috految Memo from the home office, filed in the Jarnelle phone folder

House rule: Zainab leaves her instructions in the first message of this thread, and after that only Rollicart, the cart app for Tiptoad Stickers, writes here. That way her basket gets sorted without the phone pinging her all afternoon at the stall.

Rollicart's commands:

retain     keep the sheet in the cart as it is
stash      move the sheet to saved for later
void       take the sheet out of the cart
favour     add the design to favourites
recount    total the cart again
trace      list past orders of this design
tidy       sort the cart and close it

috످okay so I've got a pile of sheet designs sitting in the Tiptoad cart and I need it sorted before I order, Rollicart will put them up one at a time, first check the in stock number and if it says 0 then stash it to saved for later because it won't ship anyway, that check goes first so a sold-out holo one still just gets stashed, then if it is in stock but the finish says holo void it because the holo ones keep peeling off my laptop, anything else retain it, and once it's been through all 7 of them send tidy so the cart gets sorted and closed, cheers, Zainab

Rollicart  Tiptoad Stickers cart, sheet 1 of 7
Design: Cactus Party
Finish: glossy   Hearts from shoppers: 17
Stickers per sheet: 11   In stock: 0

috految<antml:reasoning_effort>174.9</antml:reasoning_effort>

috److془In stock 0 → stash. Output just "stash".془stash

috످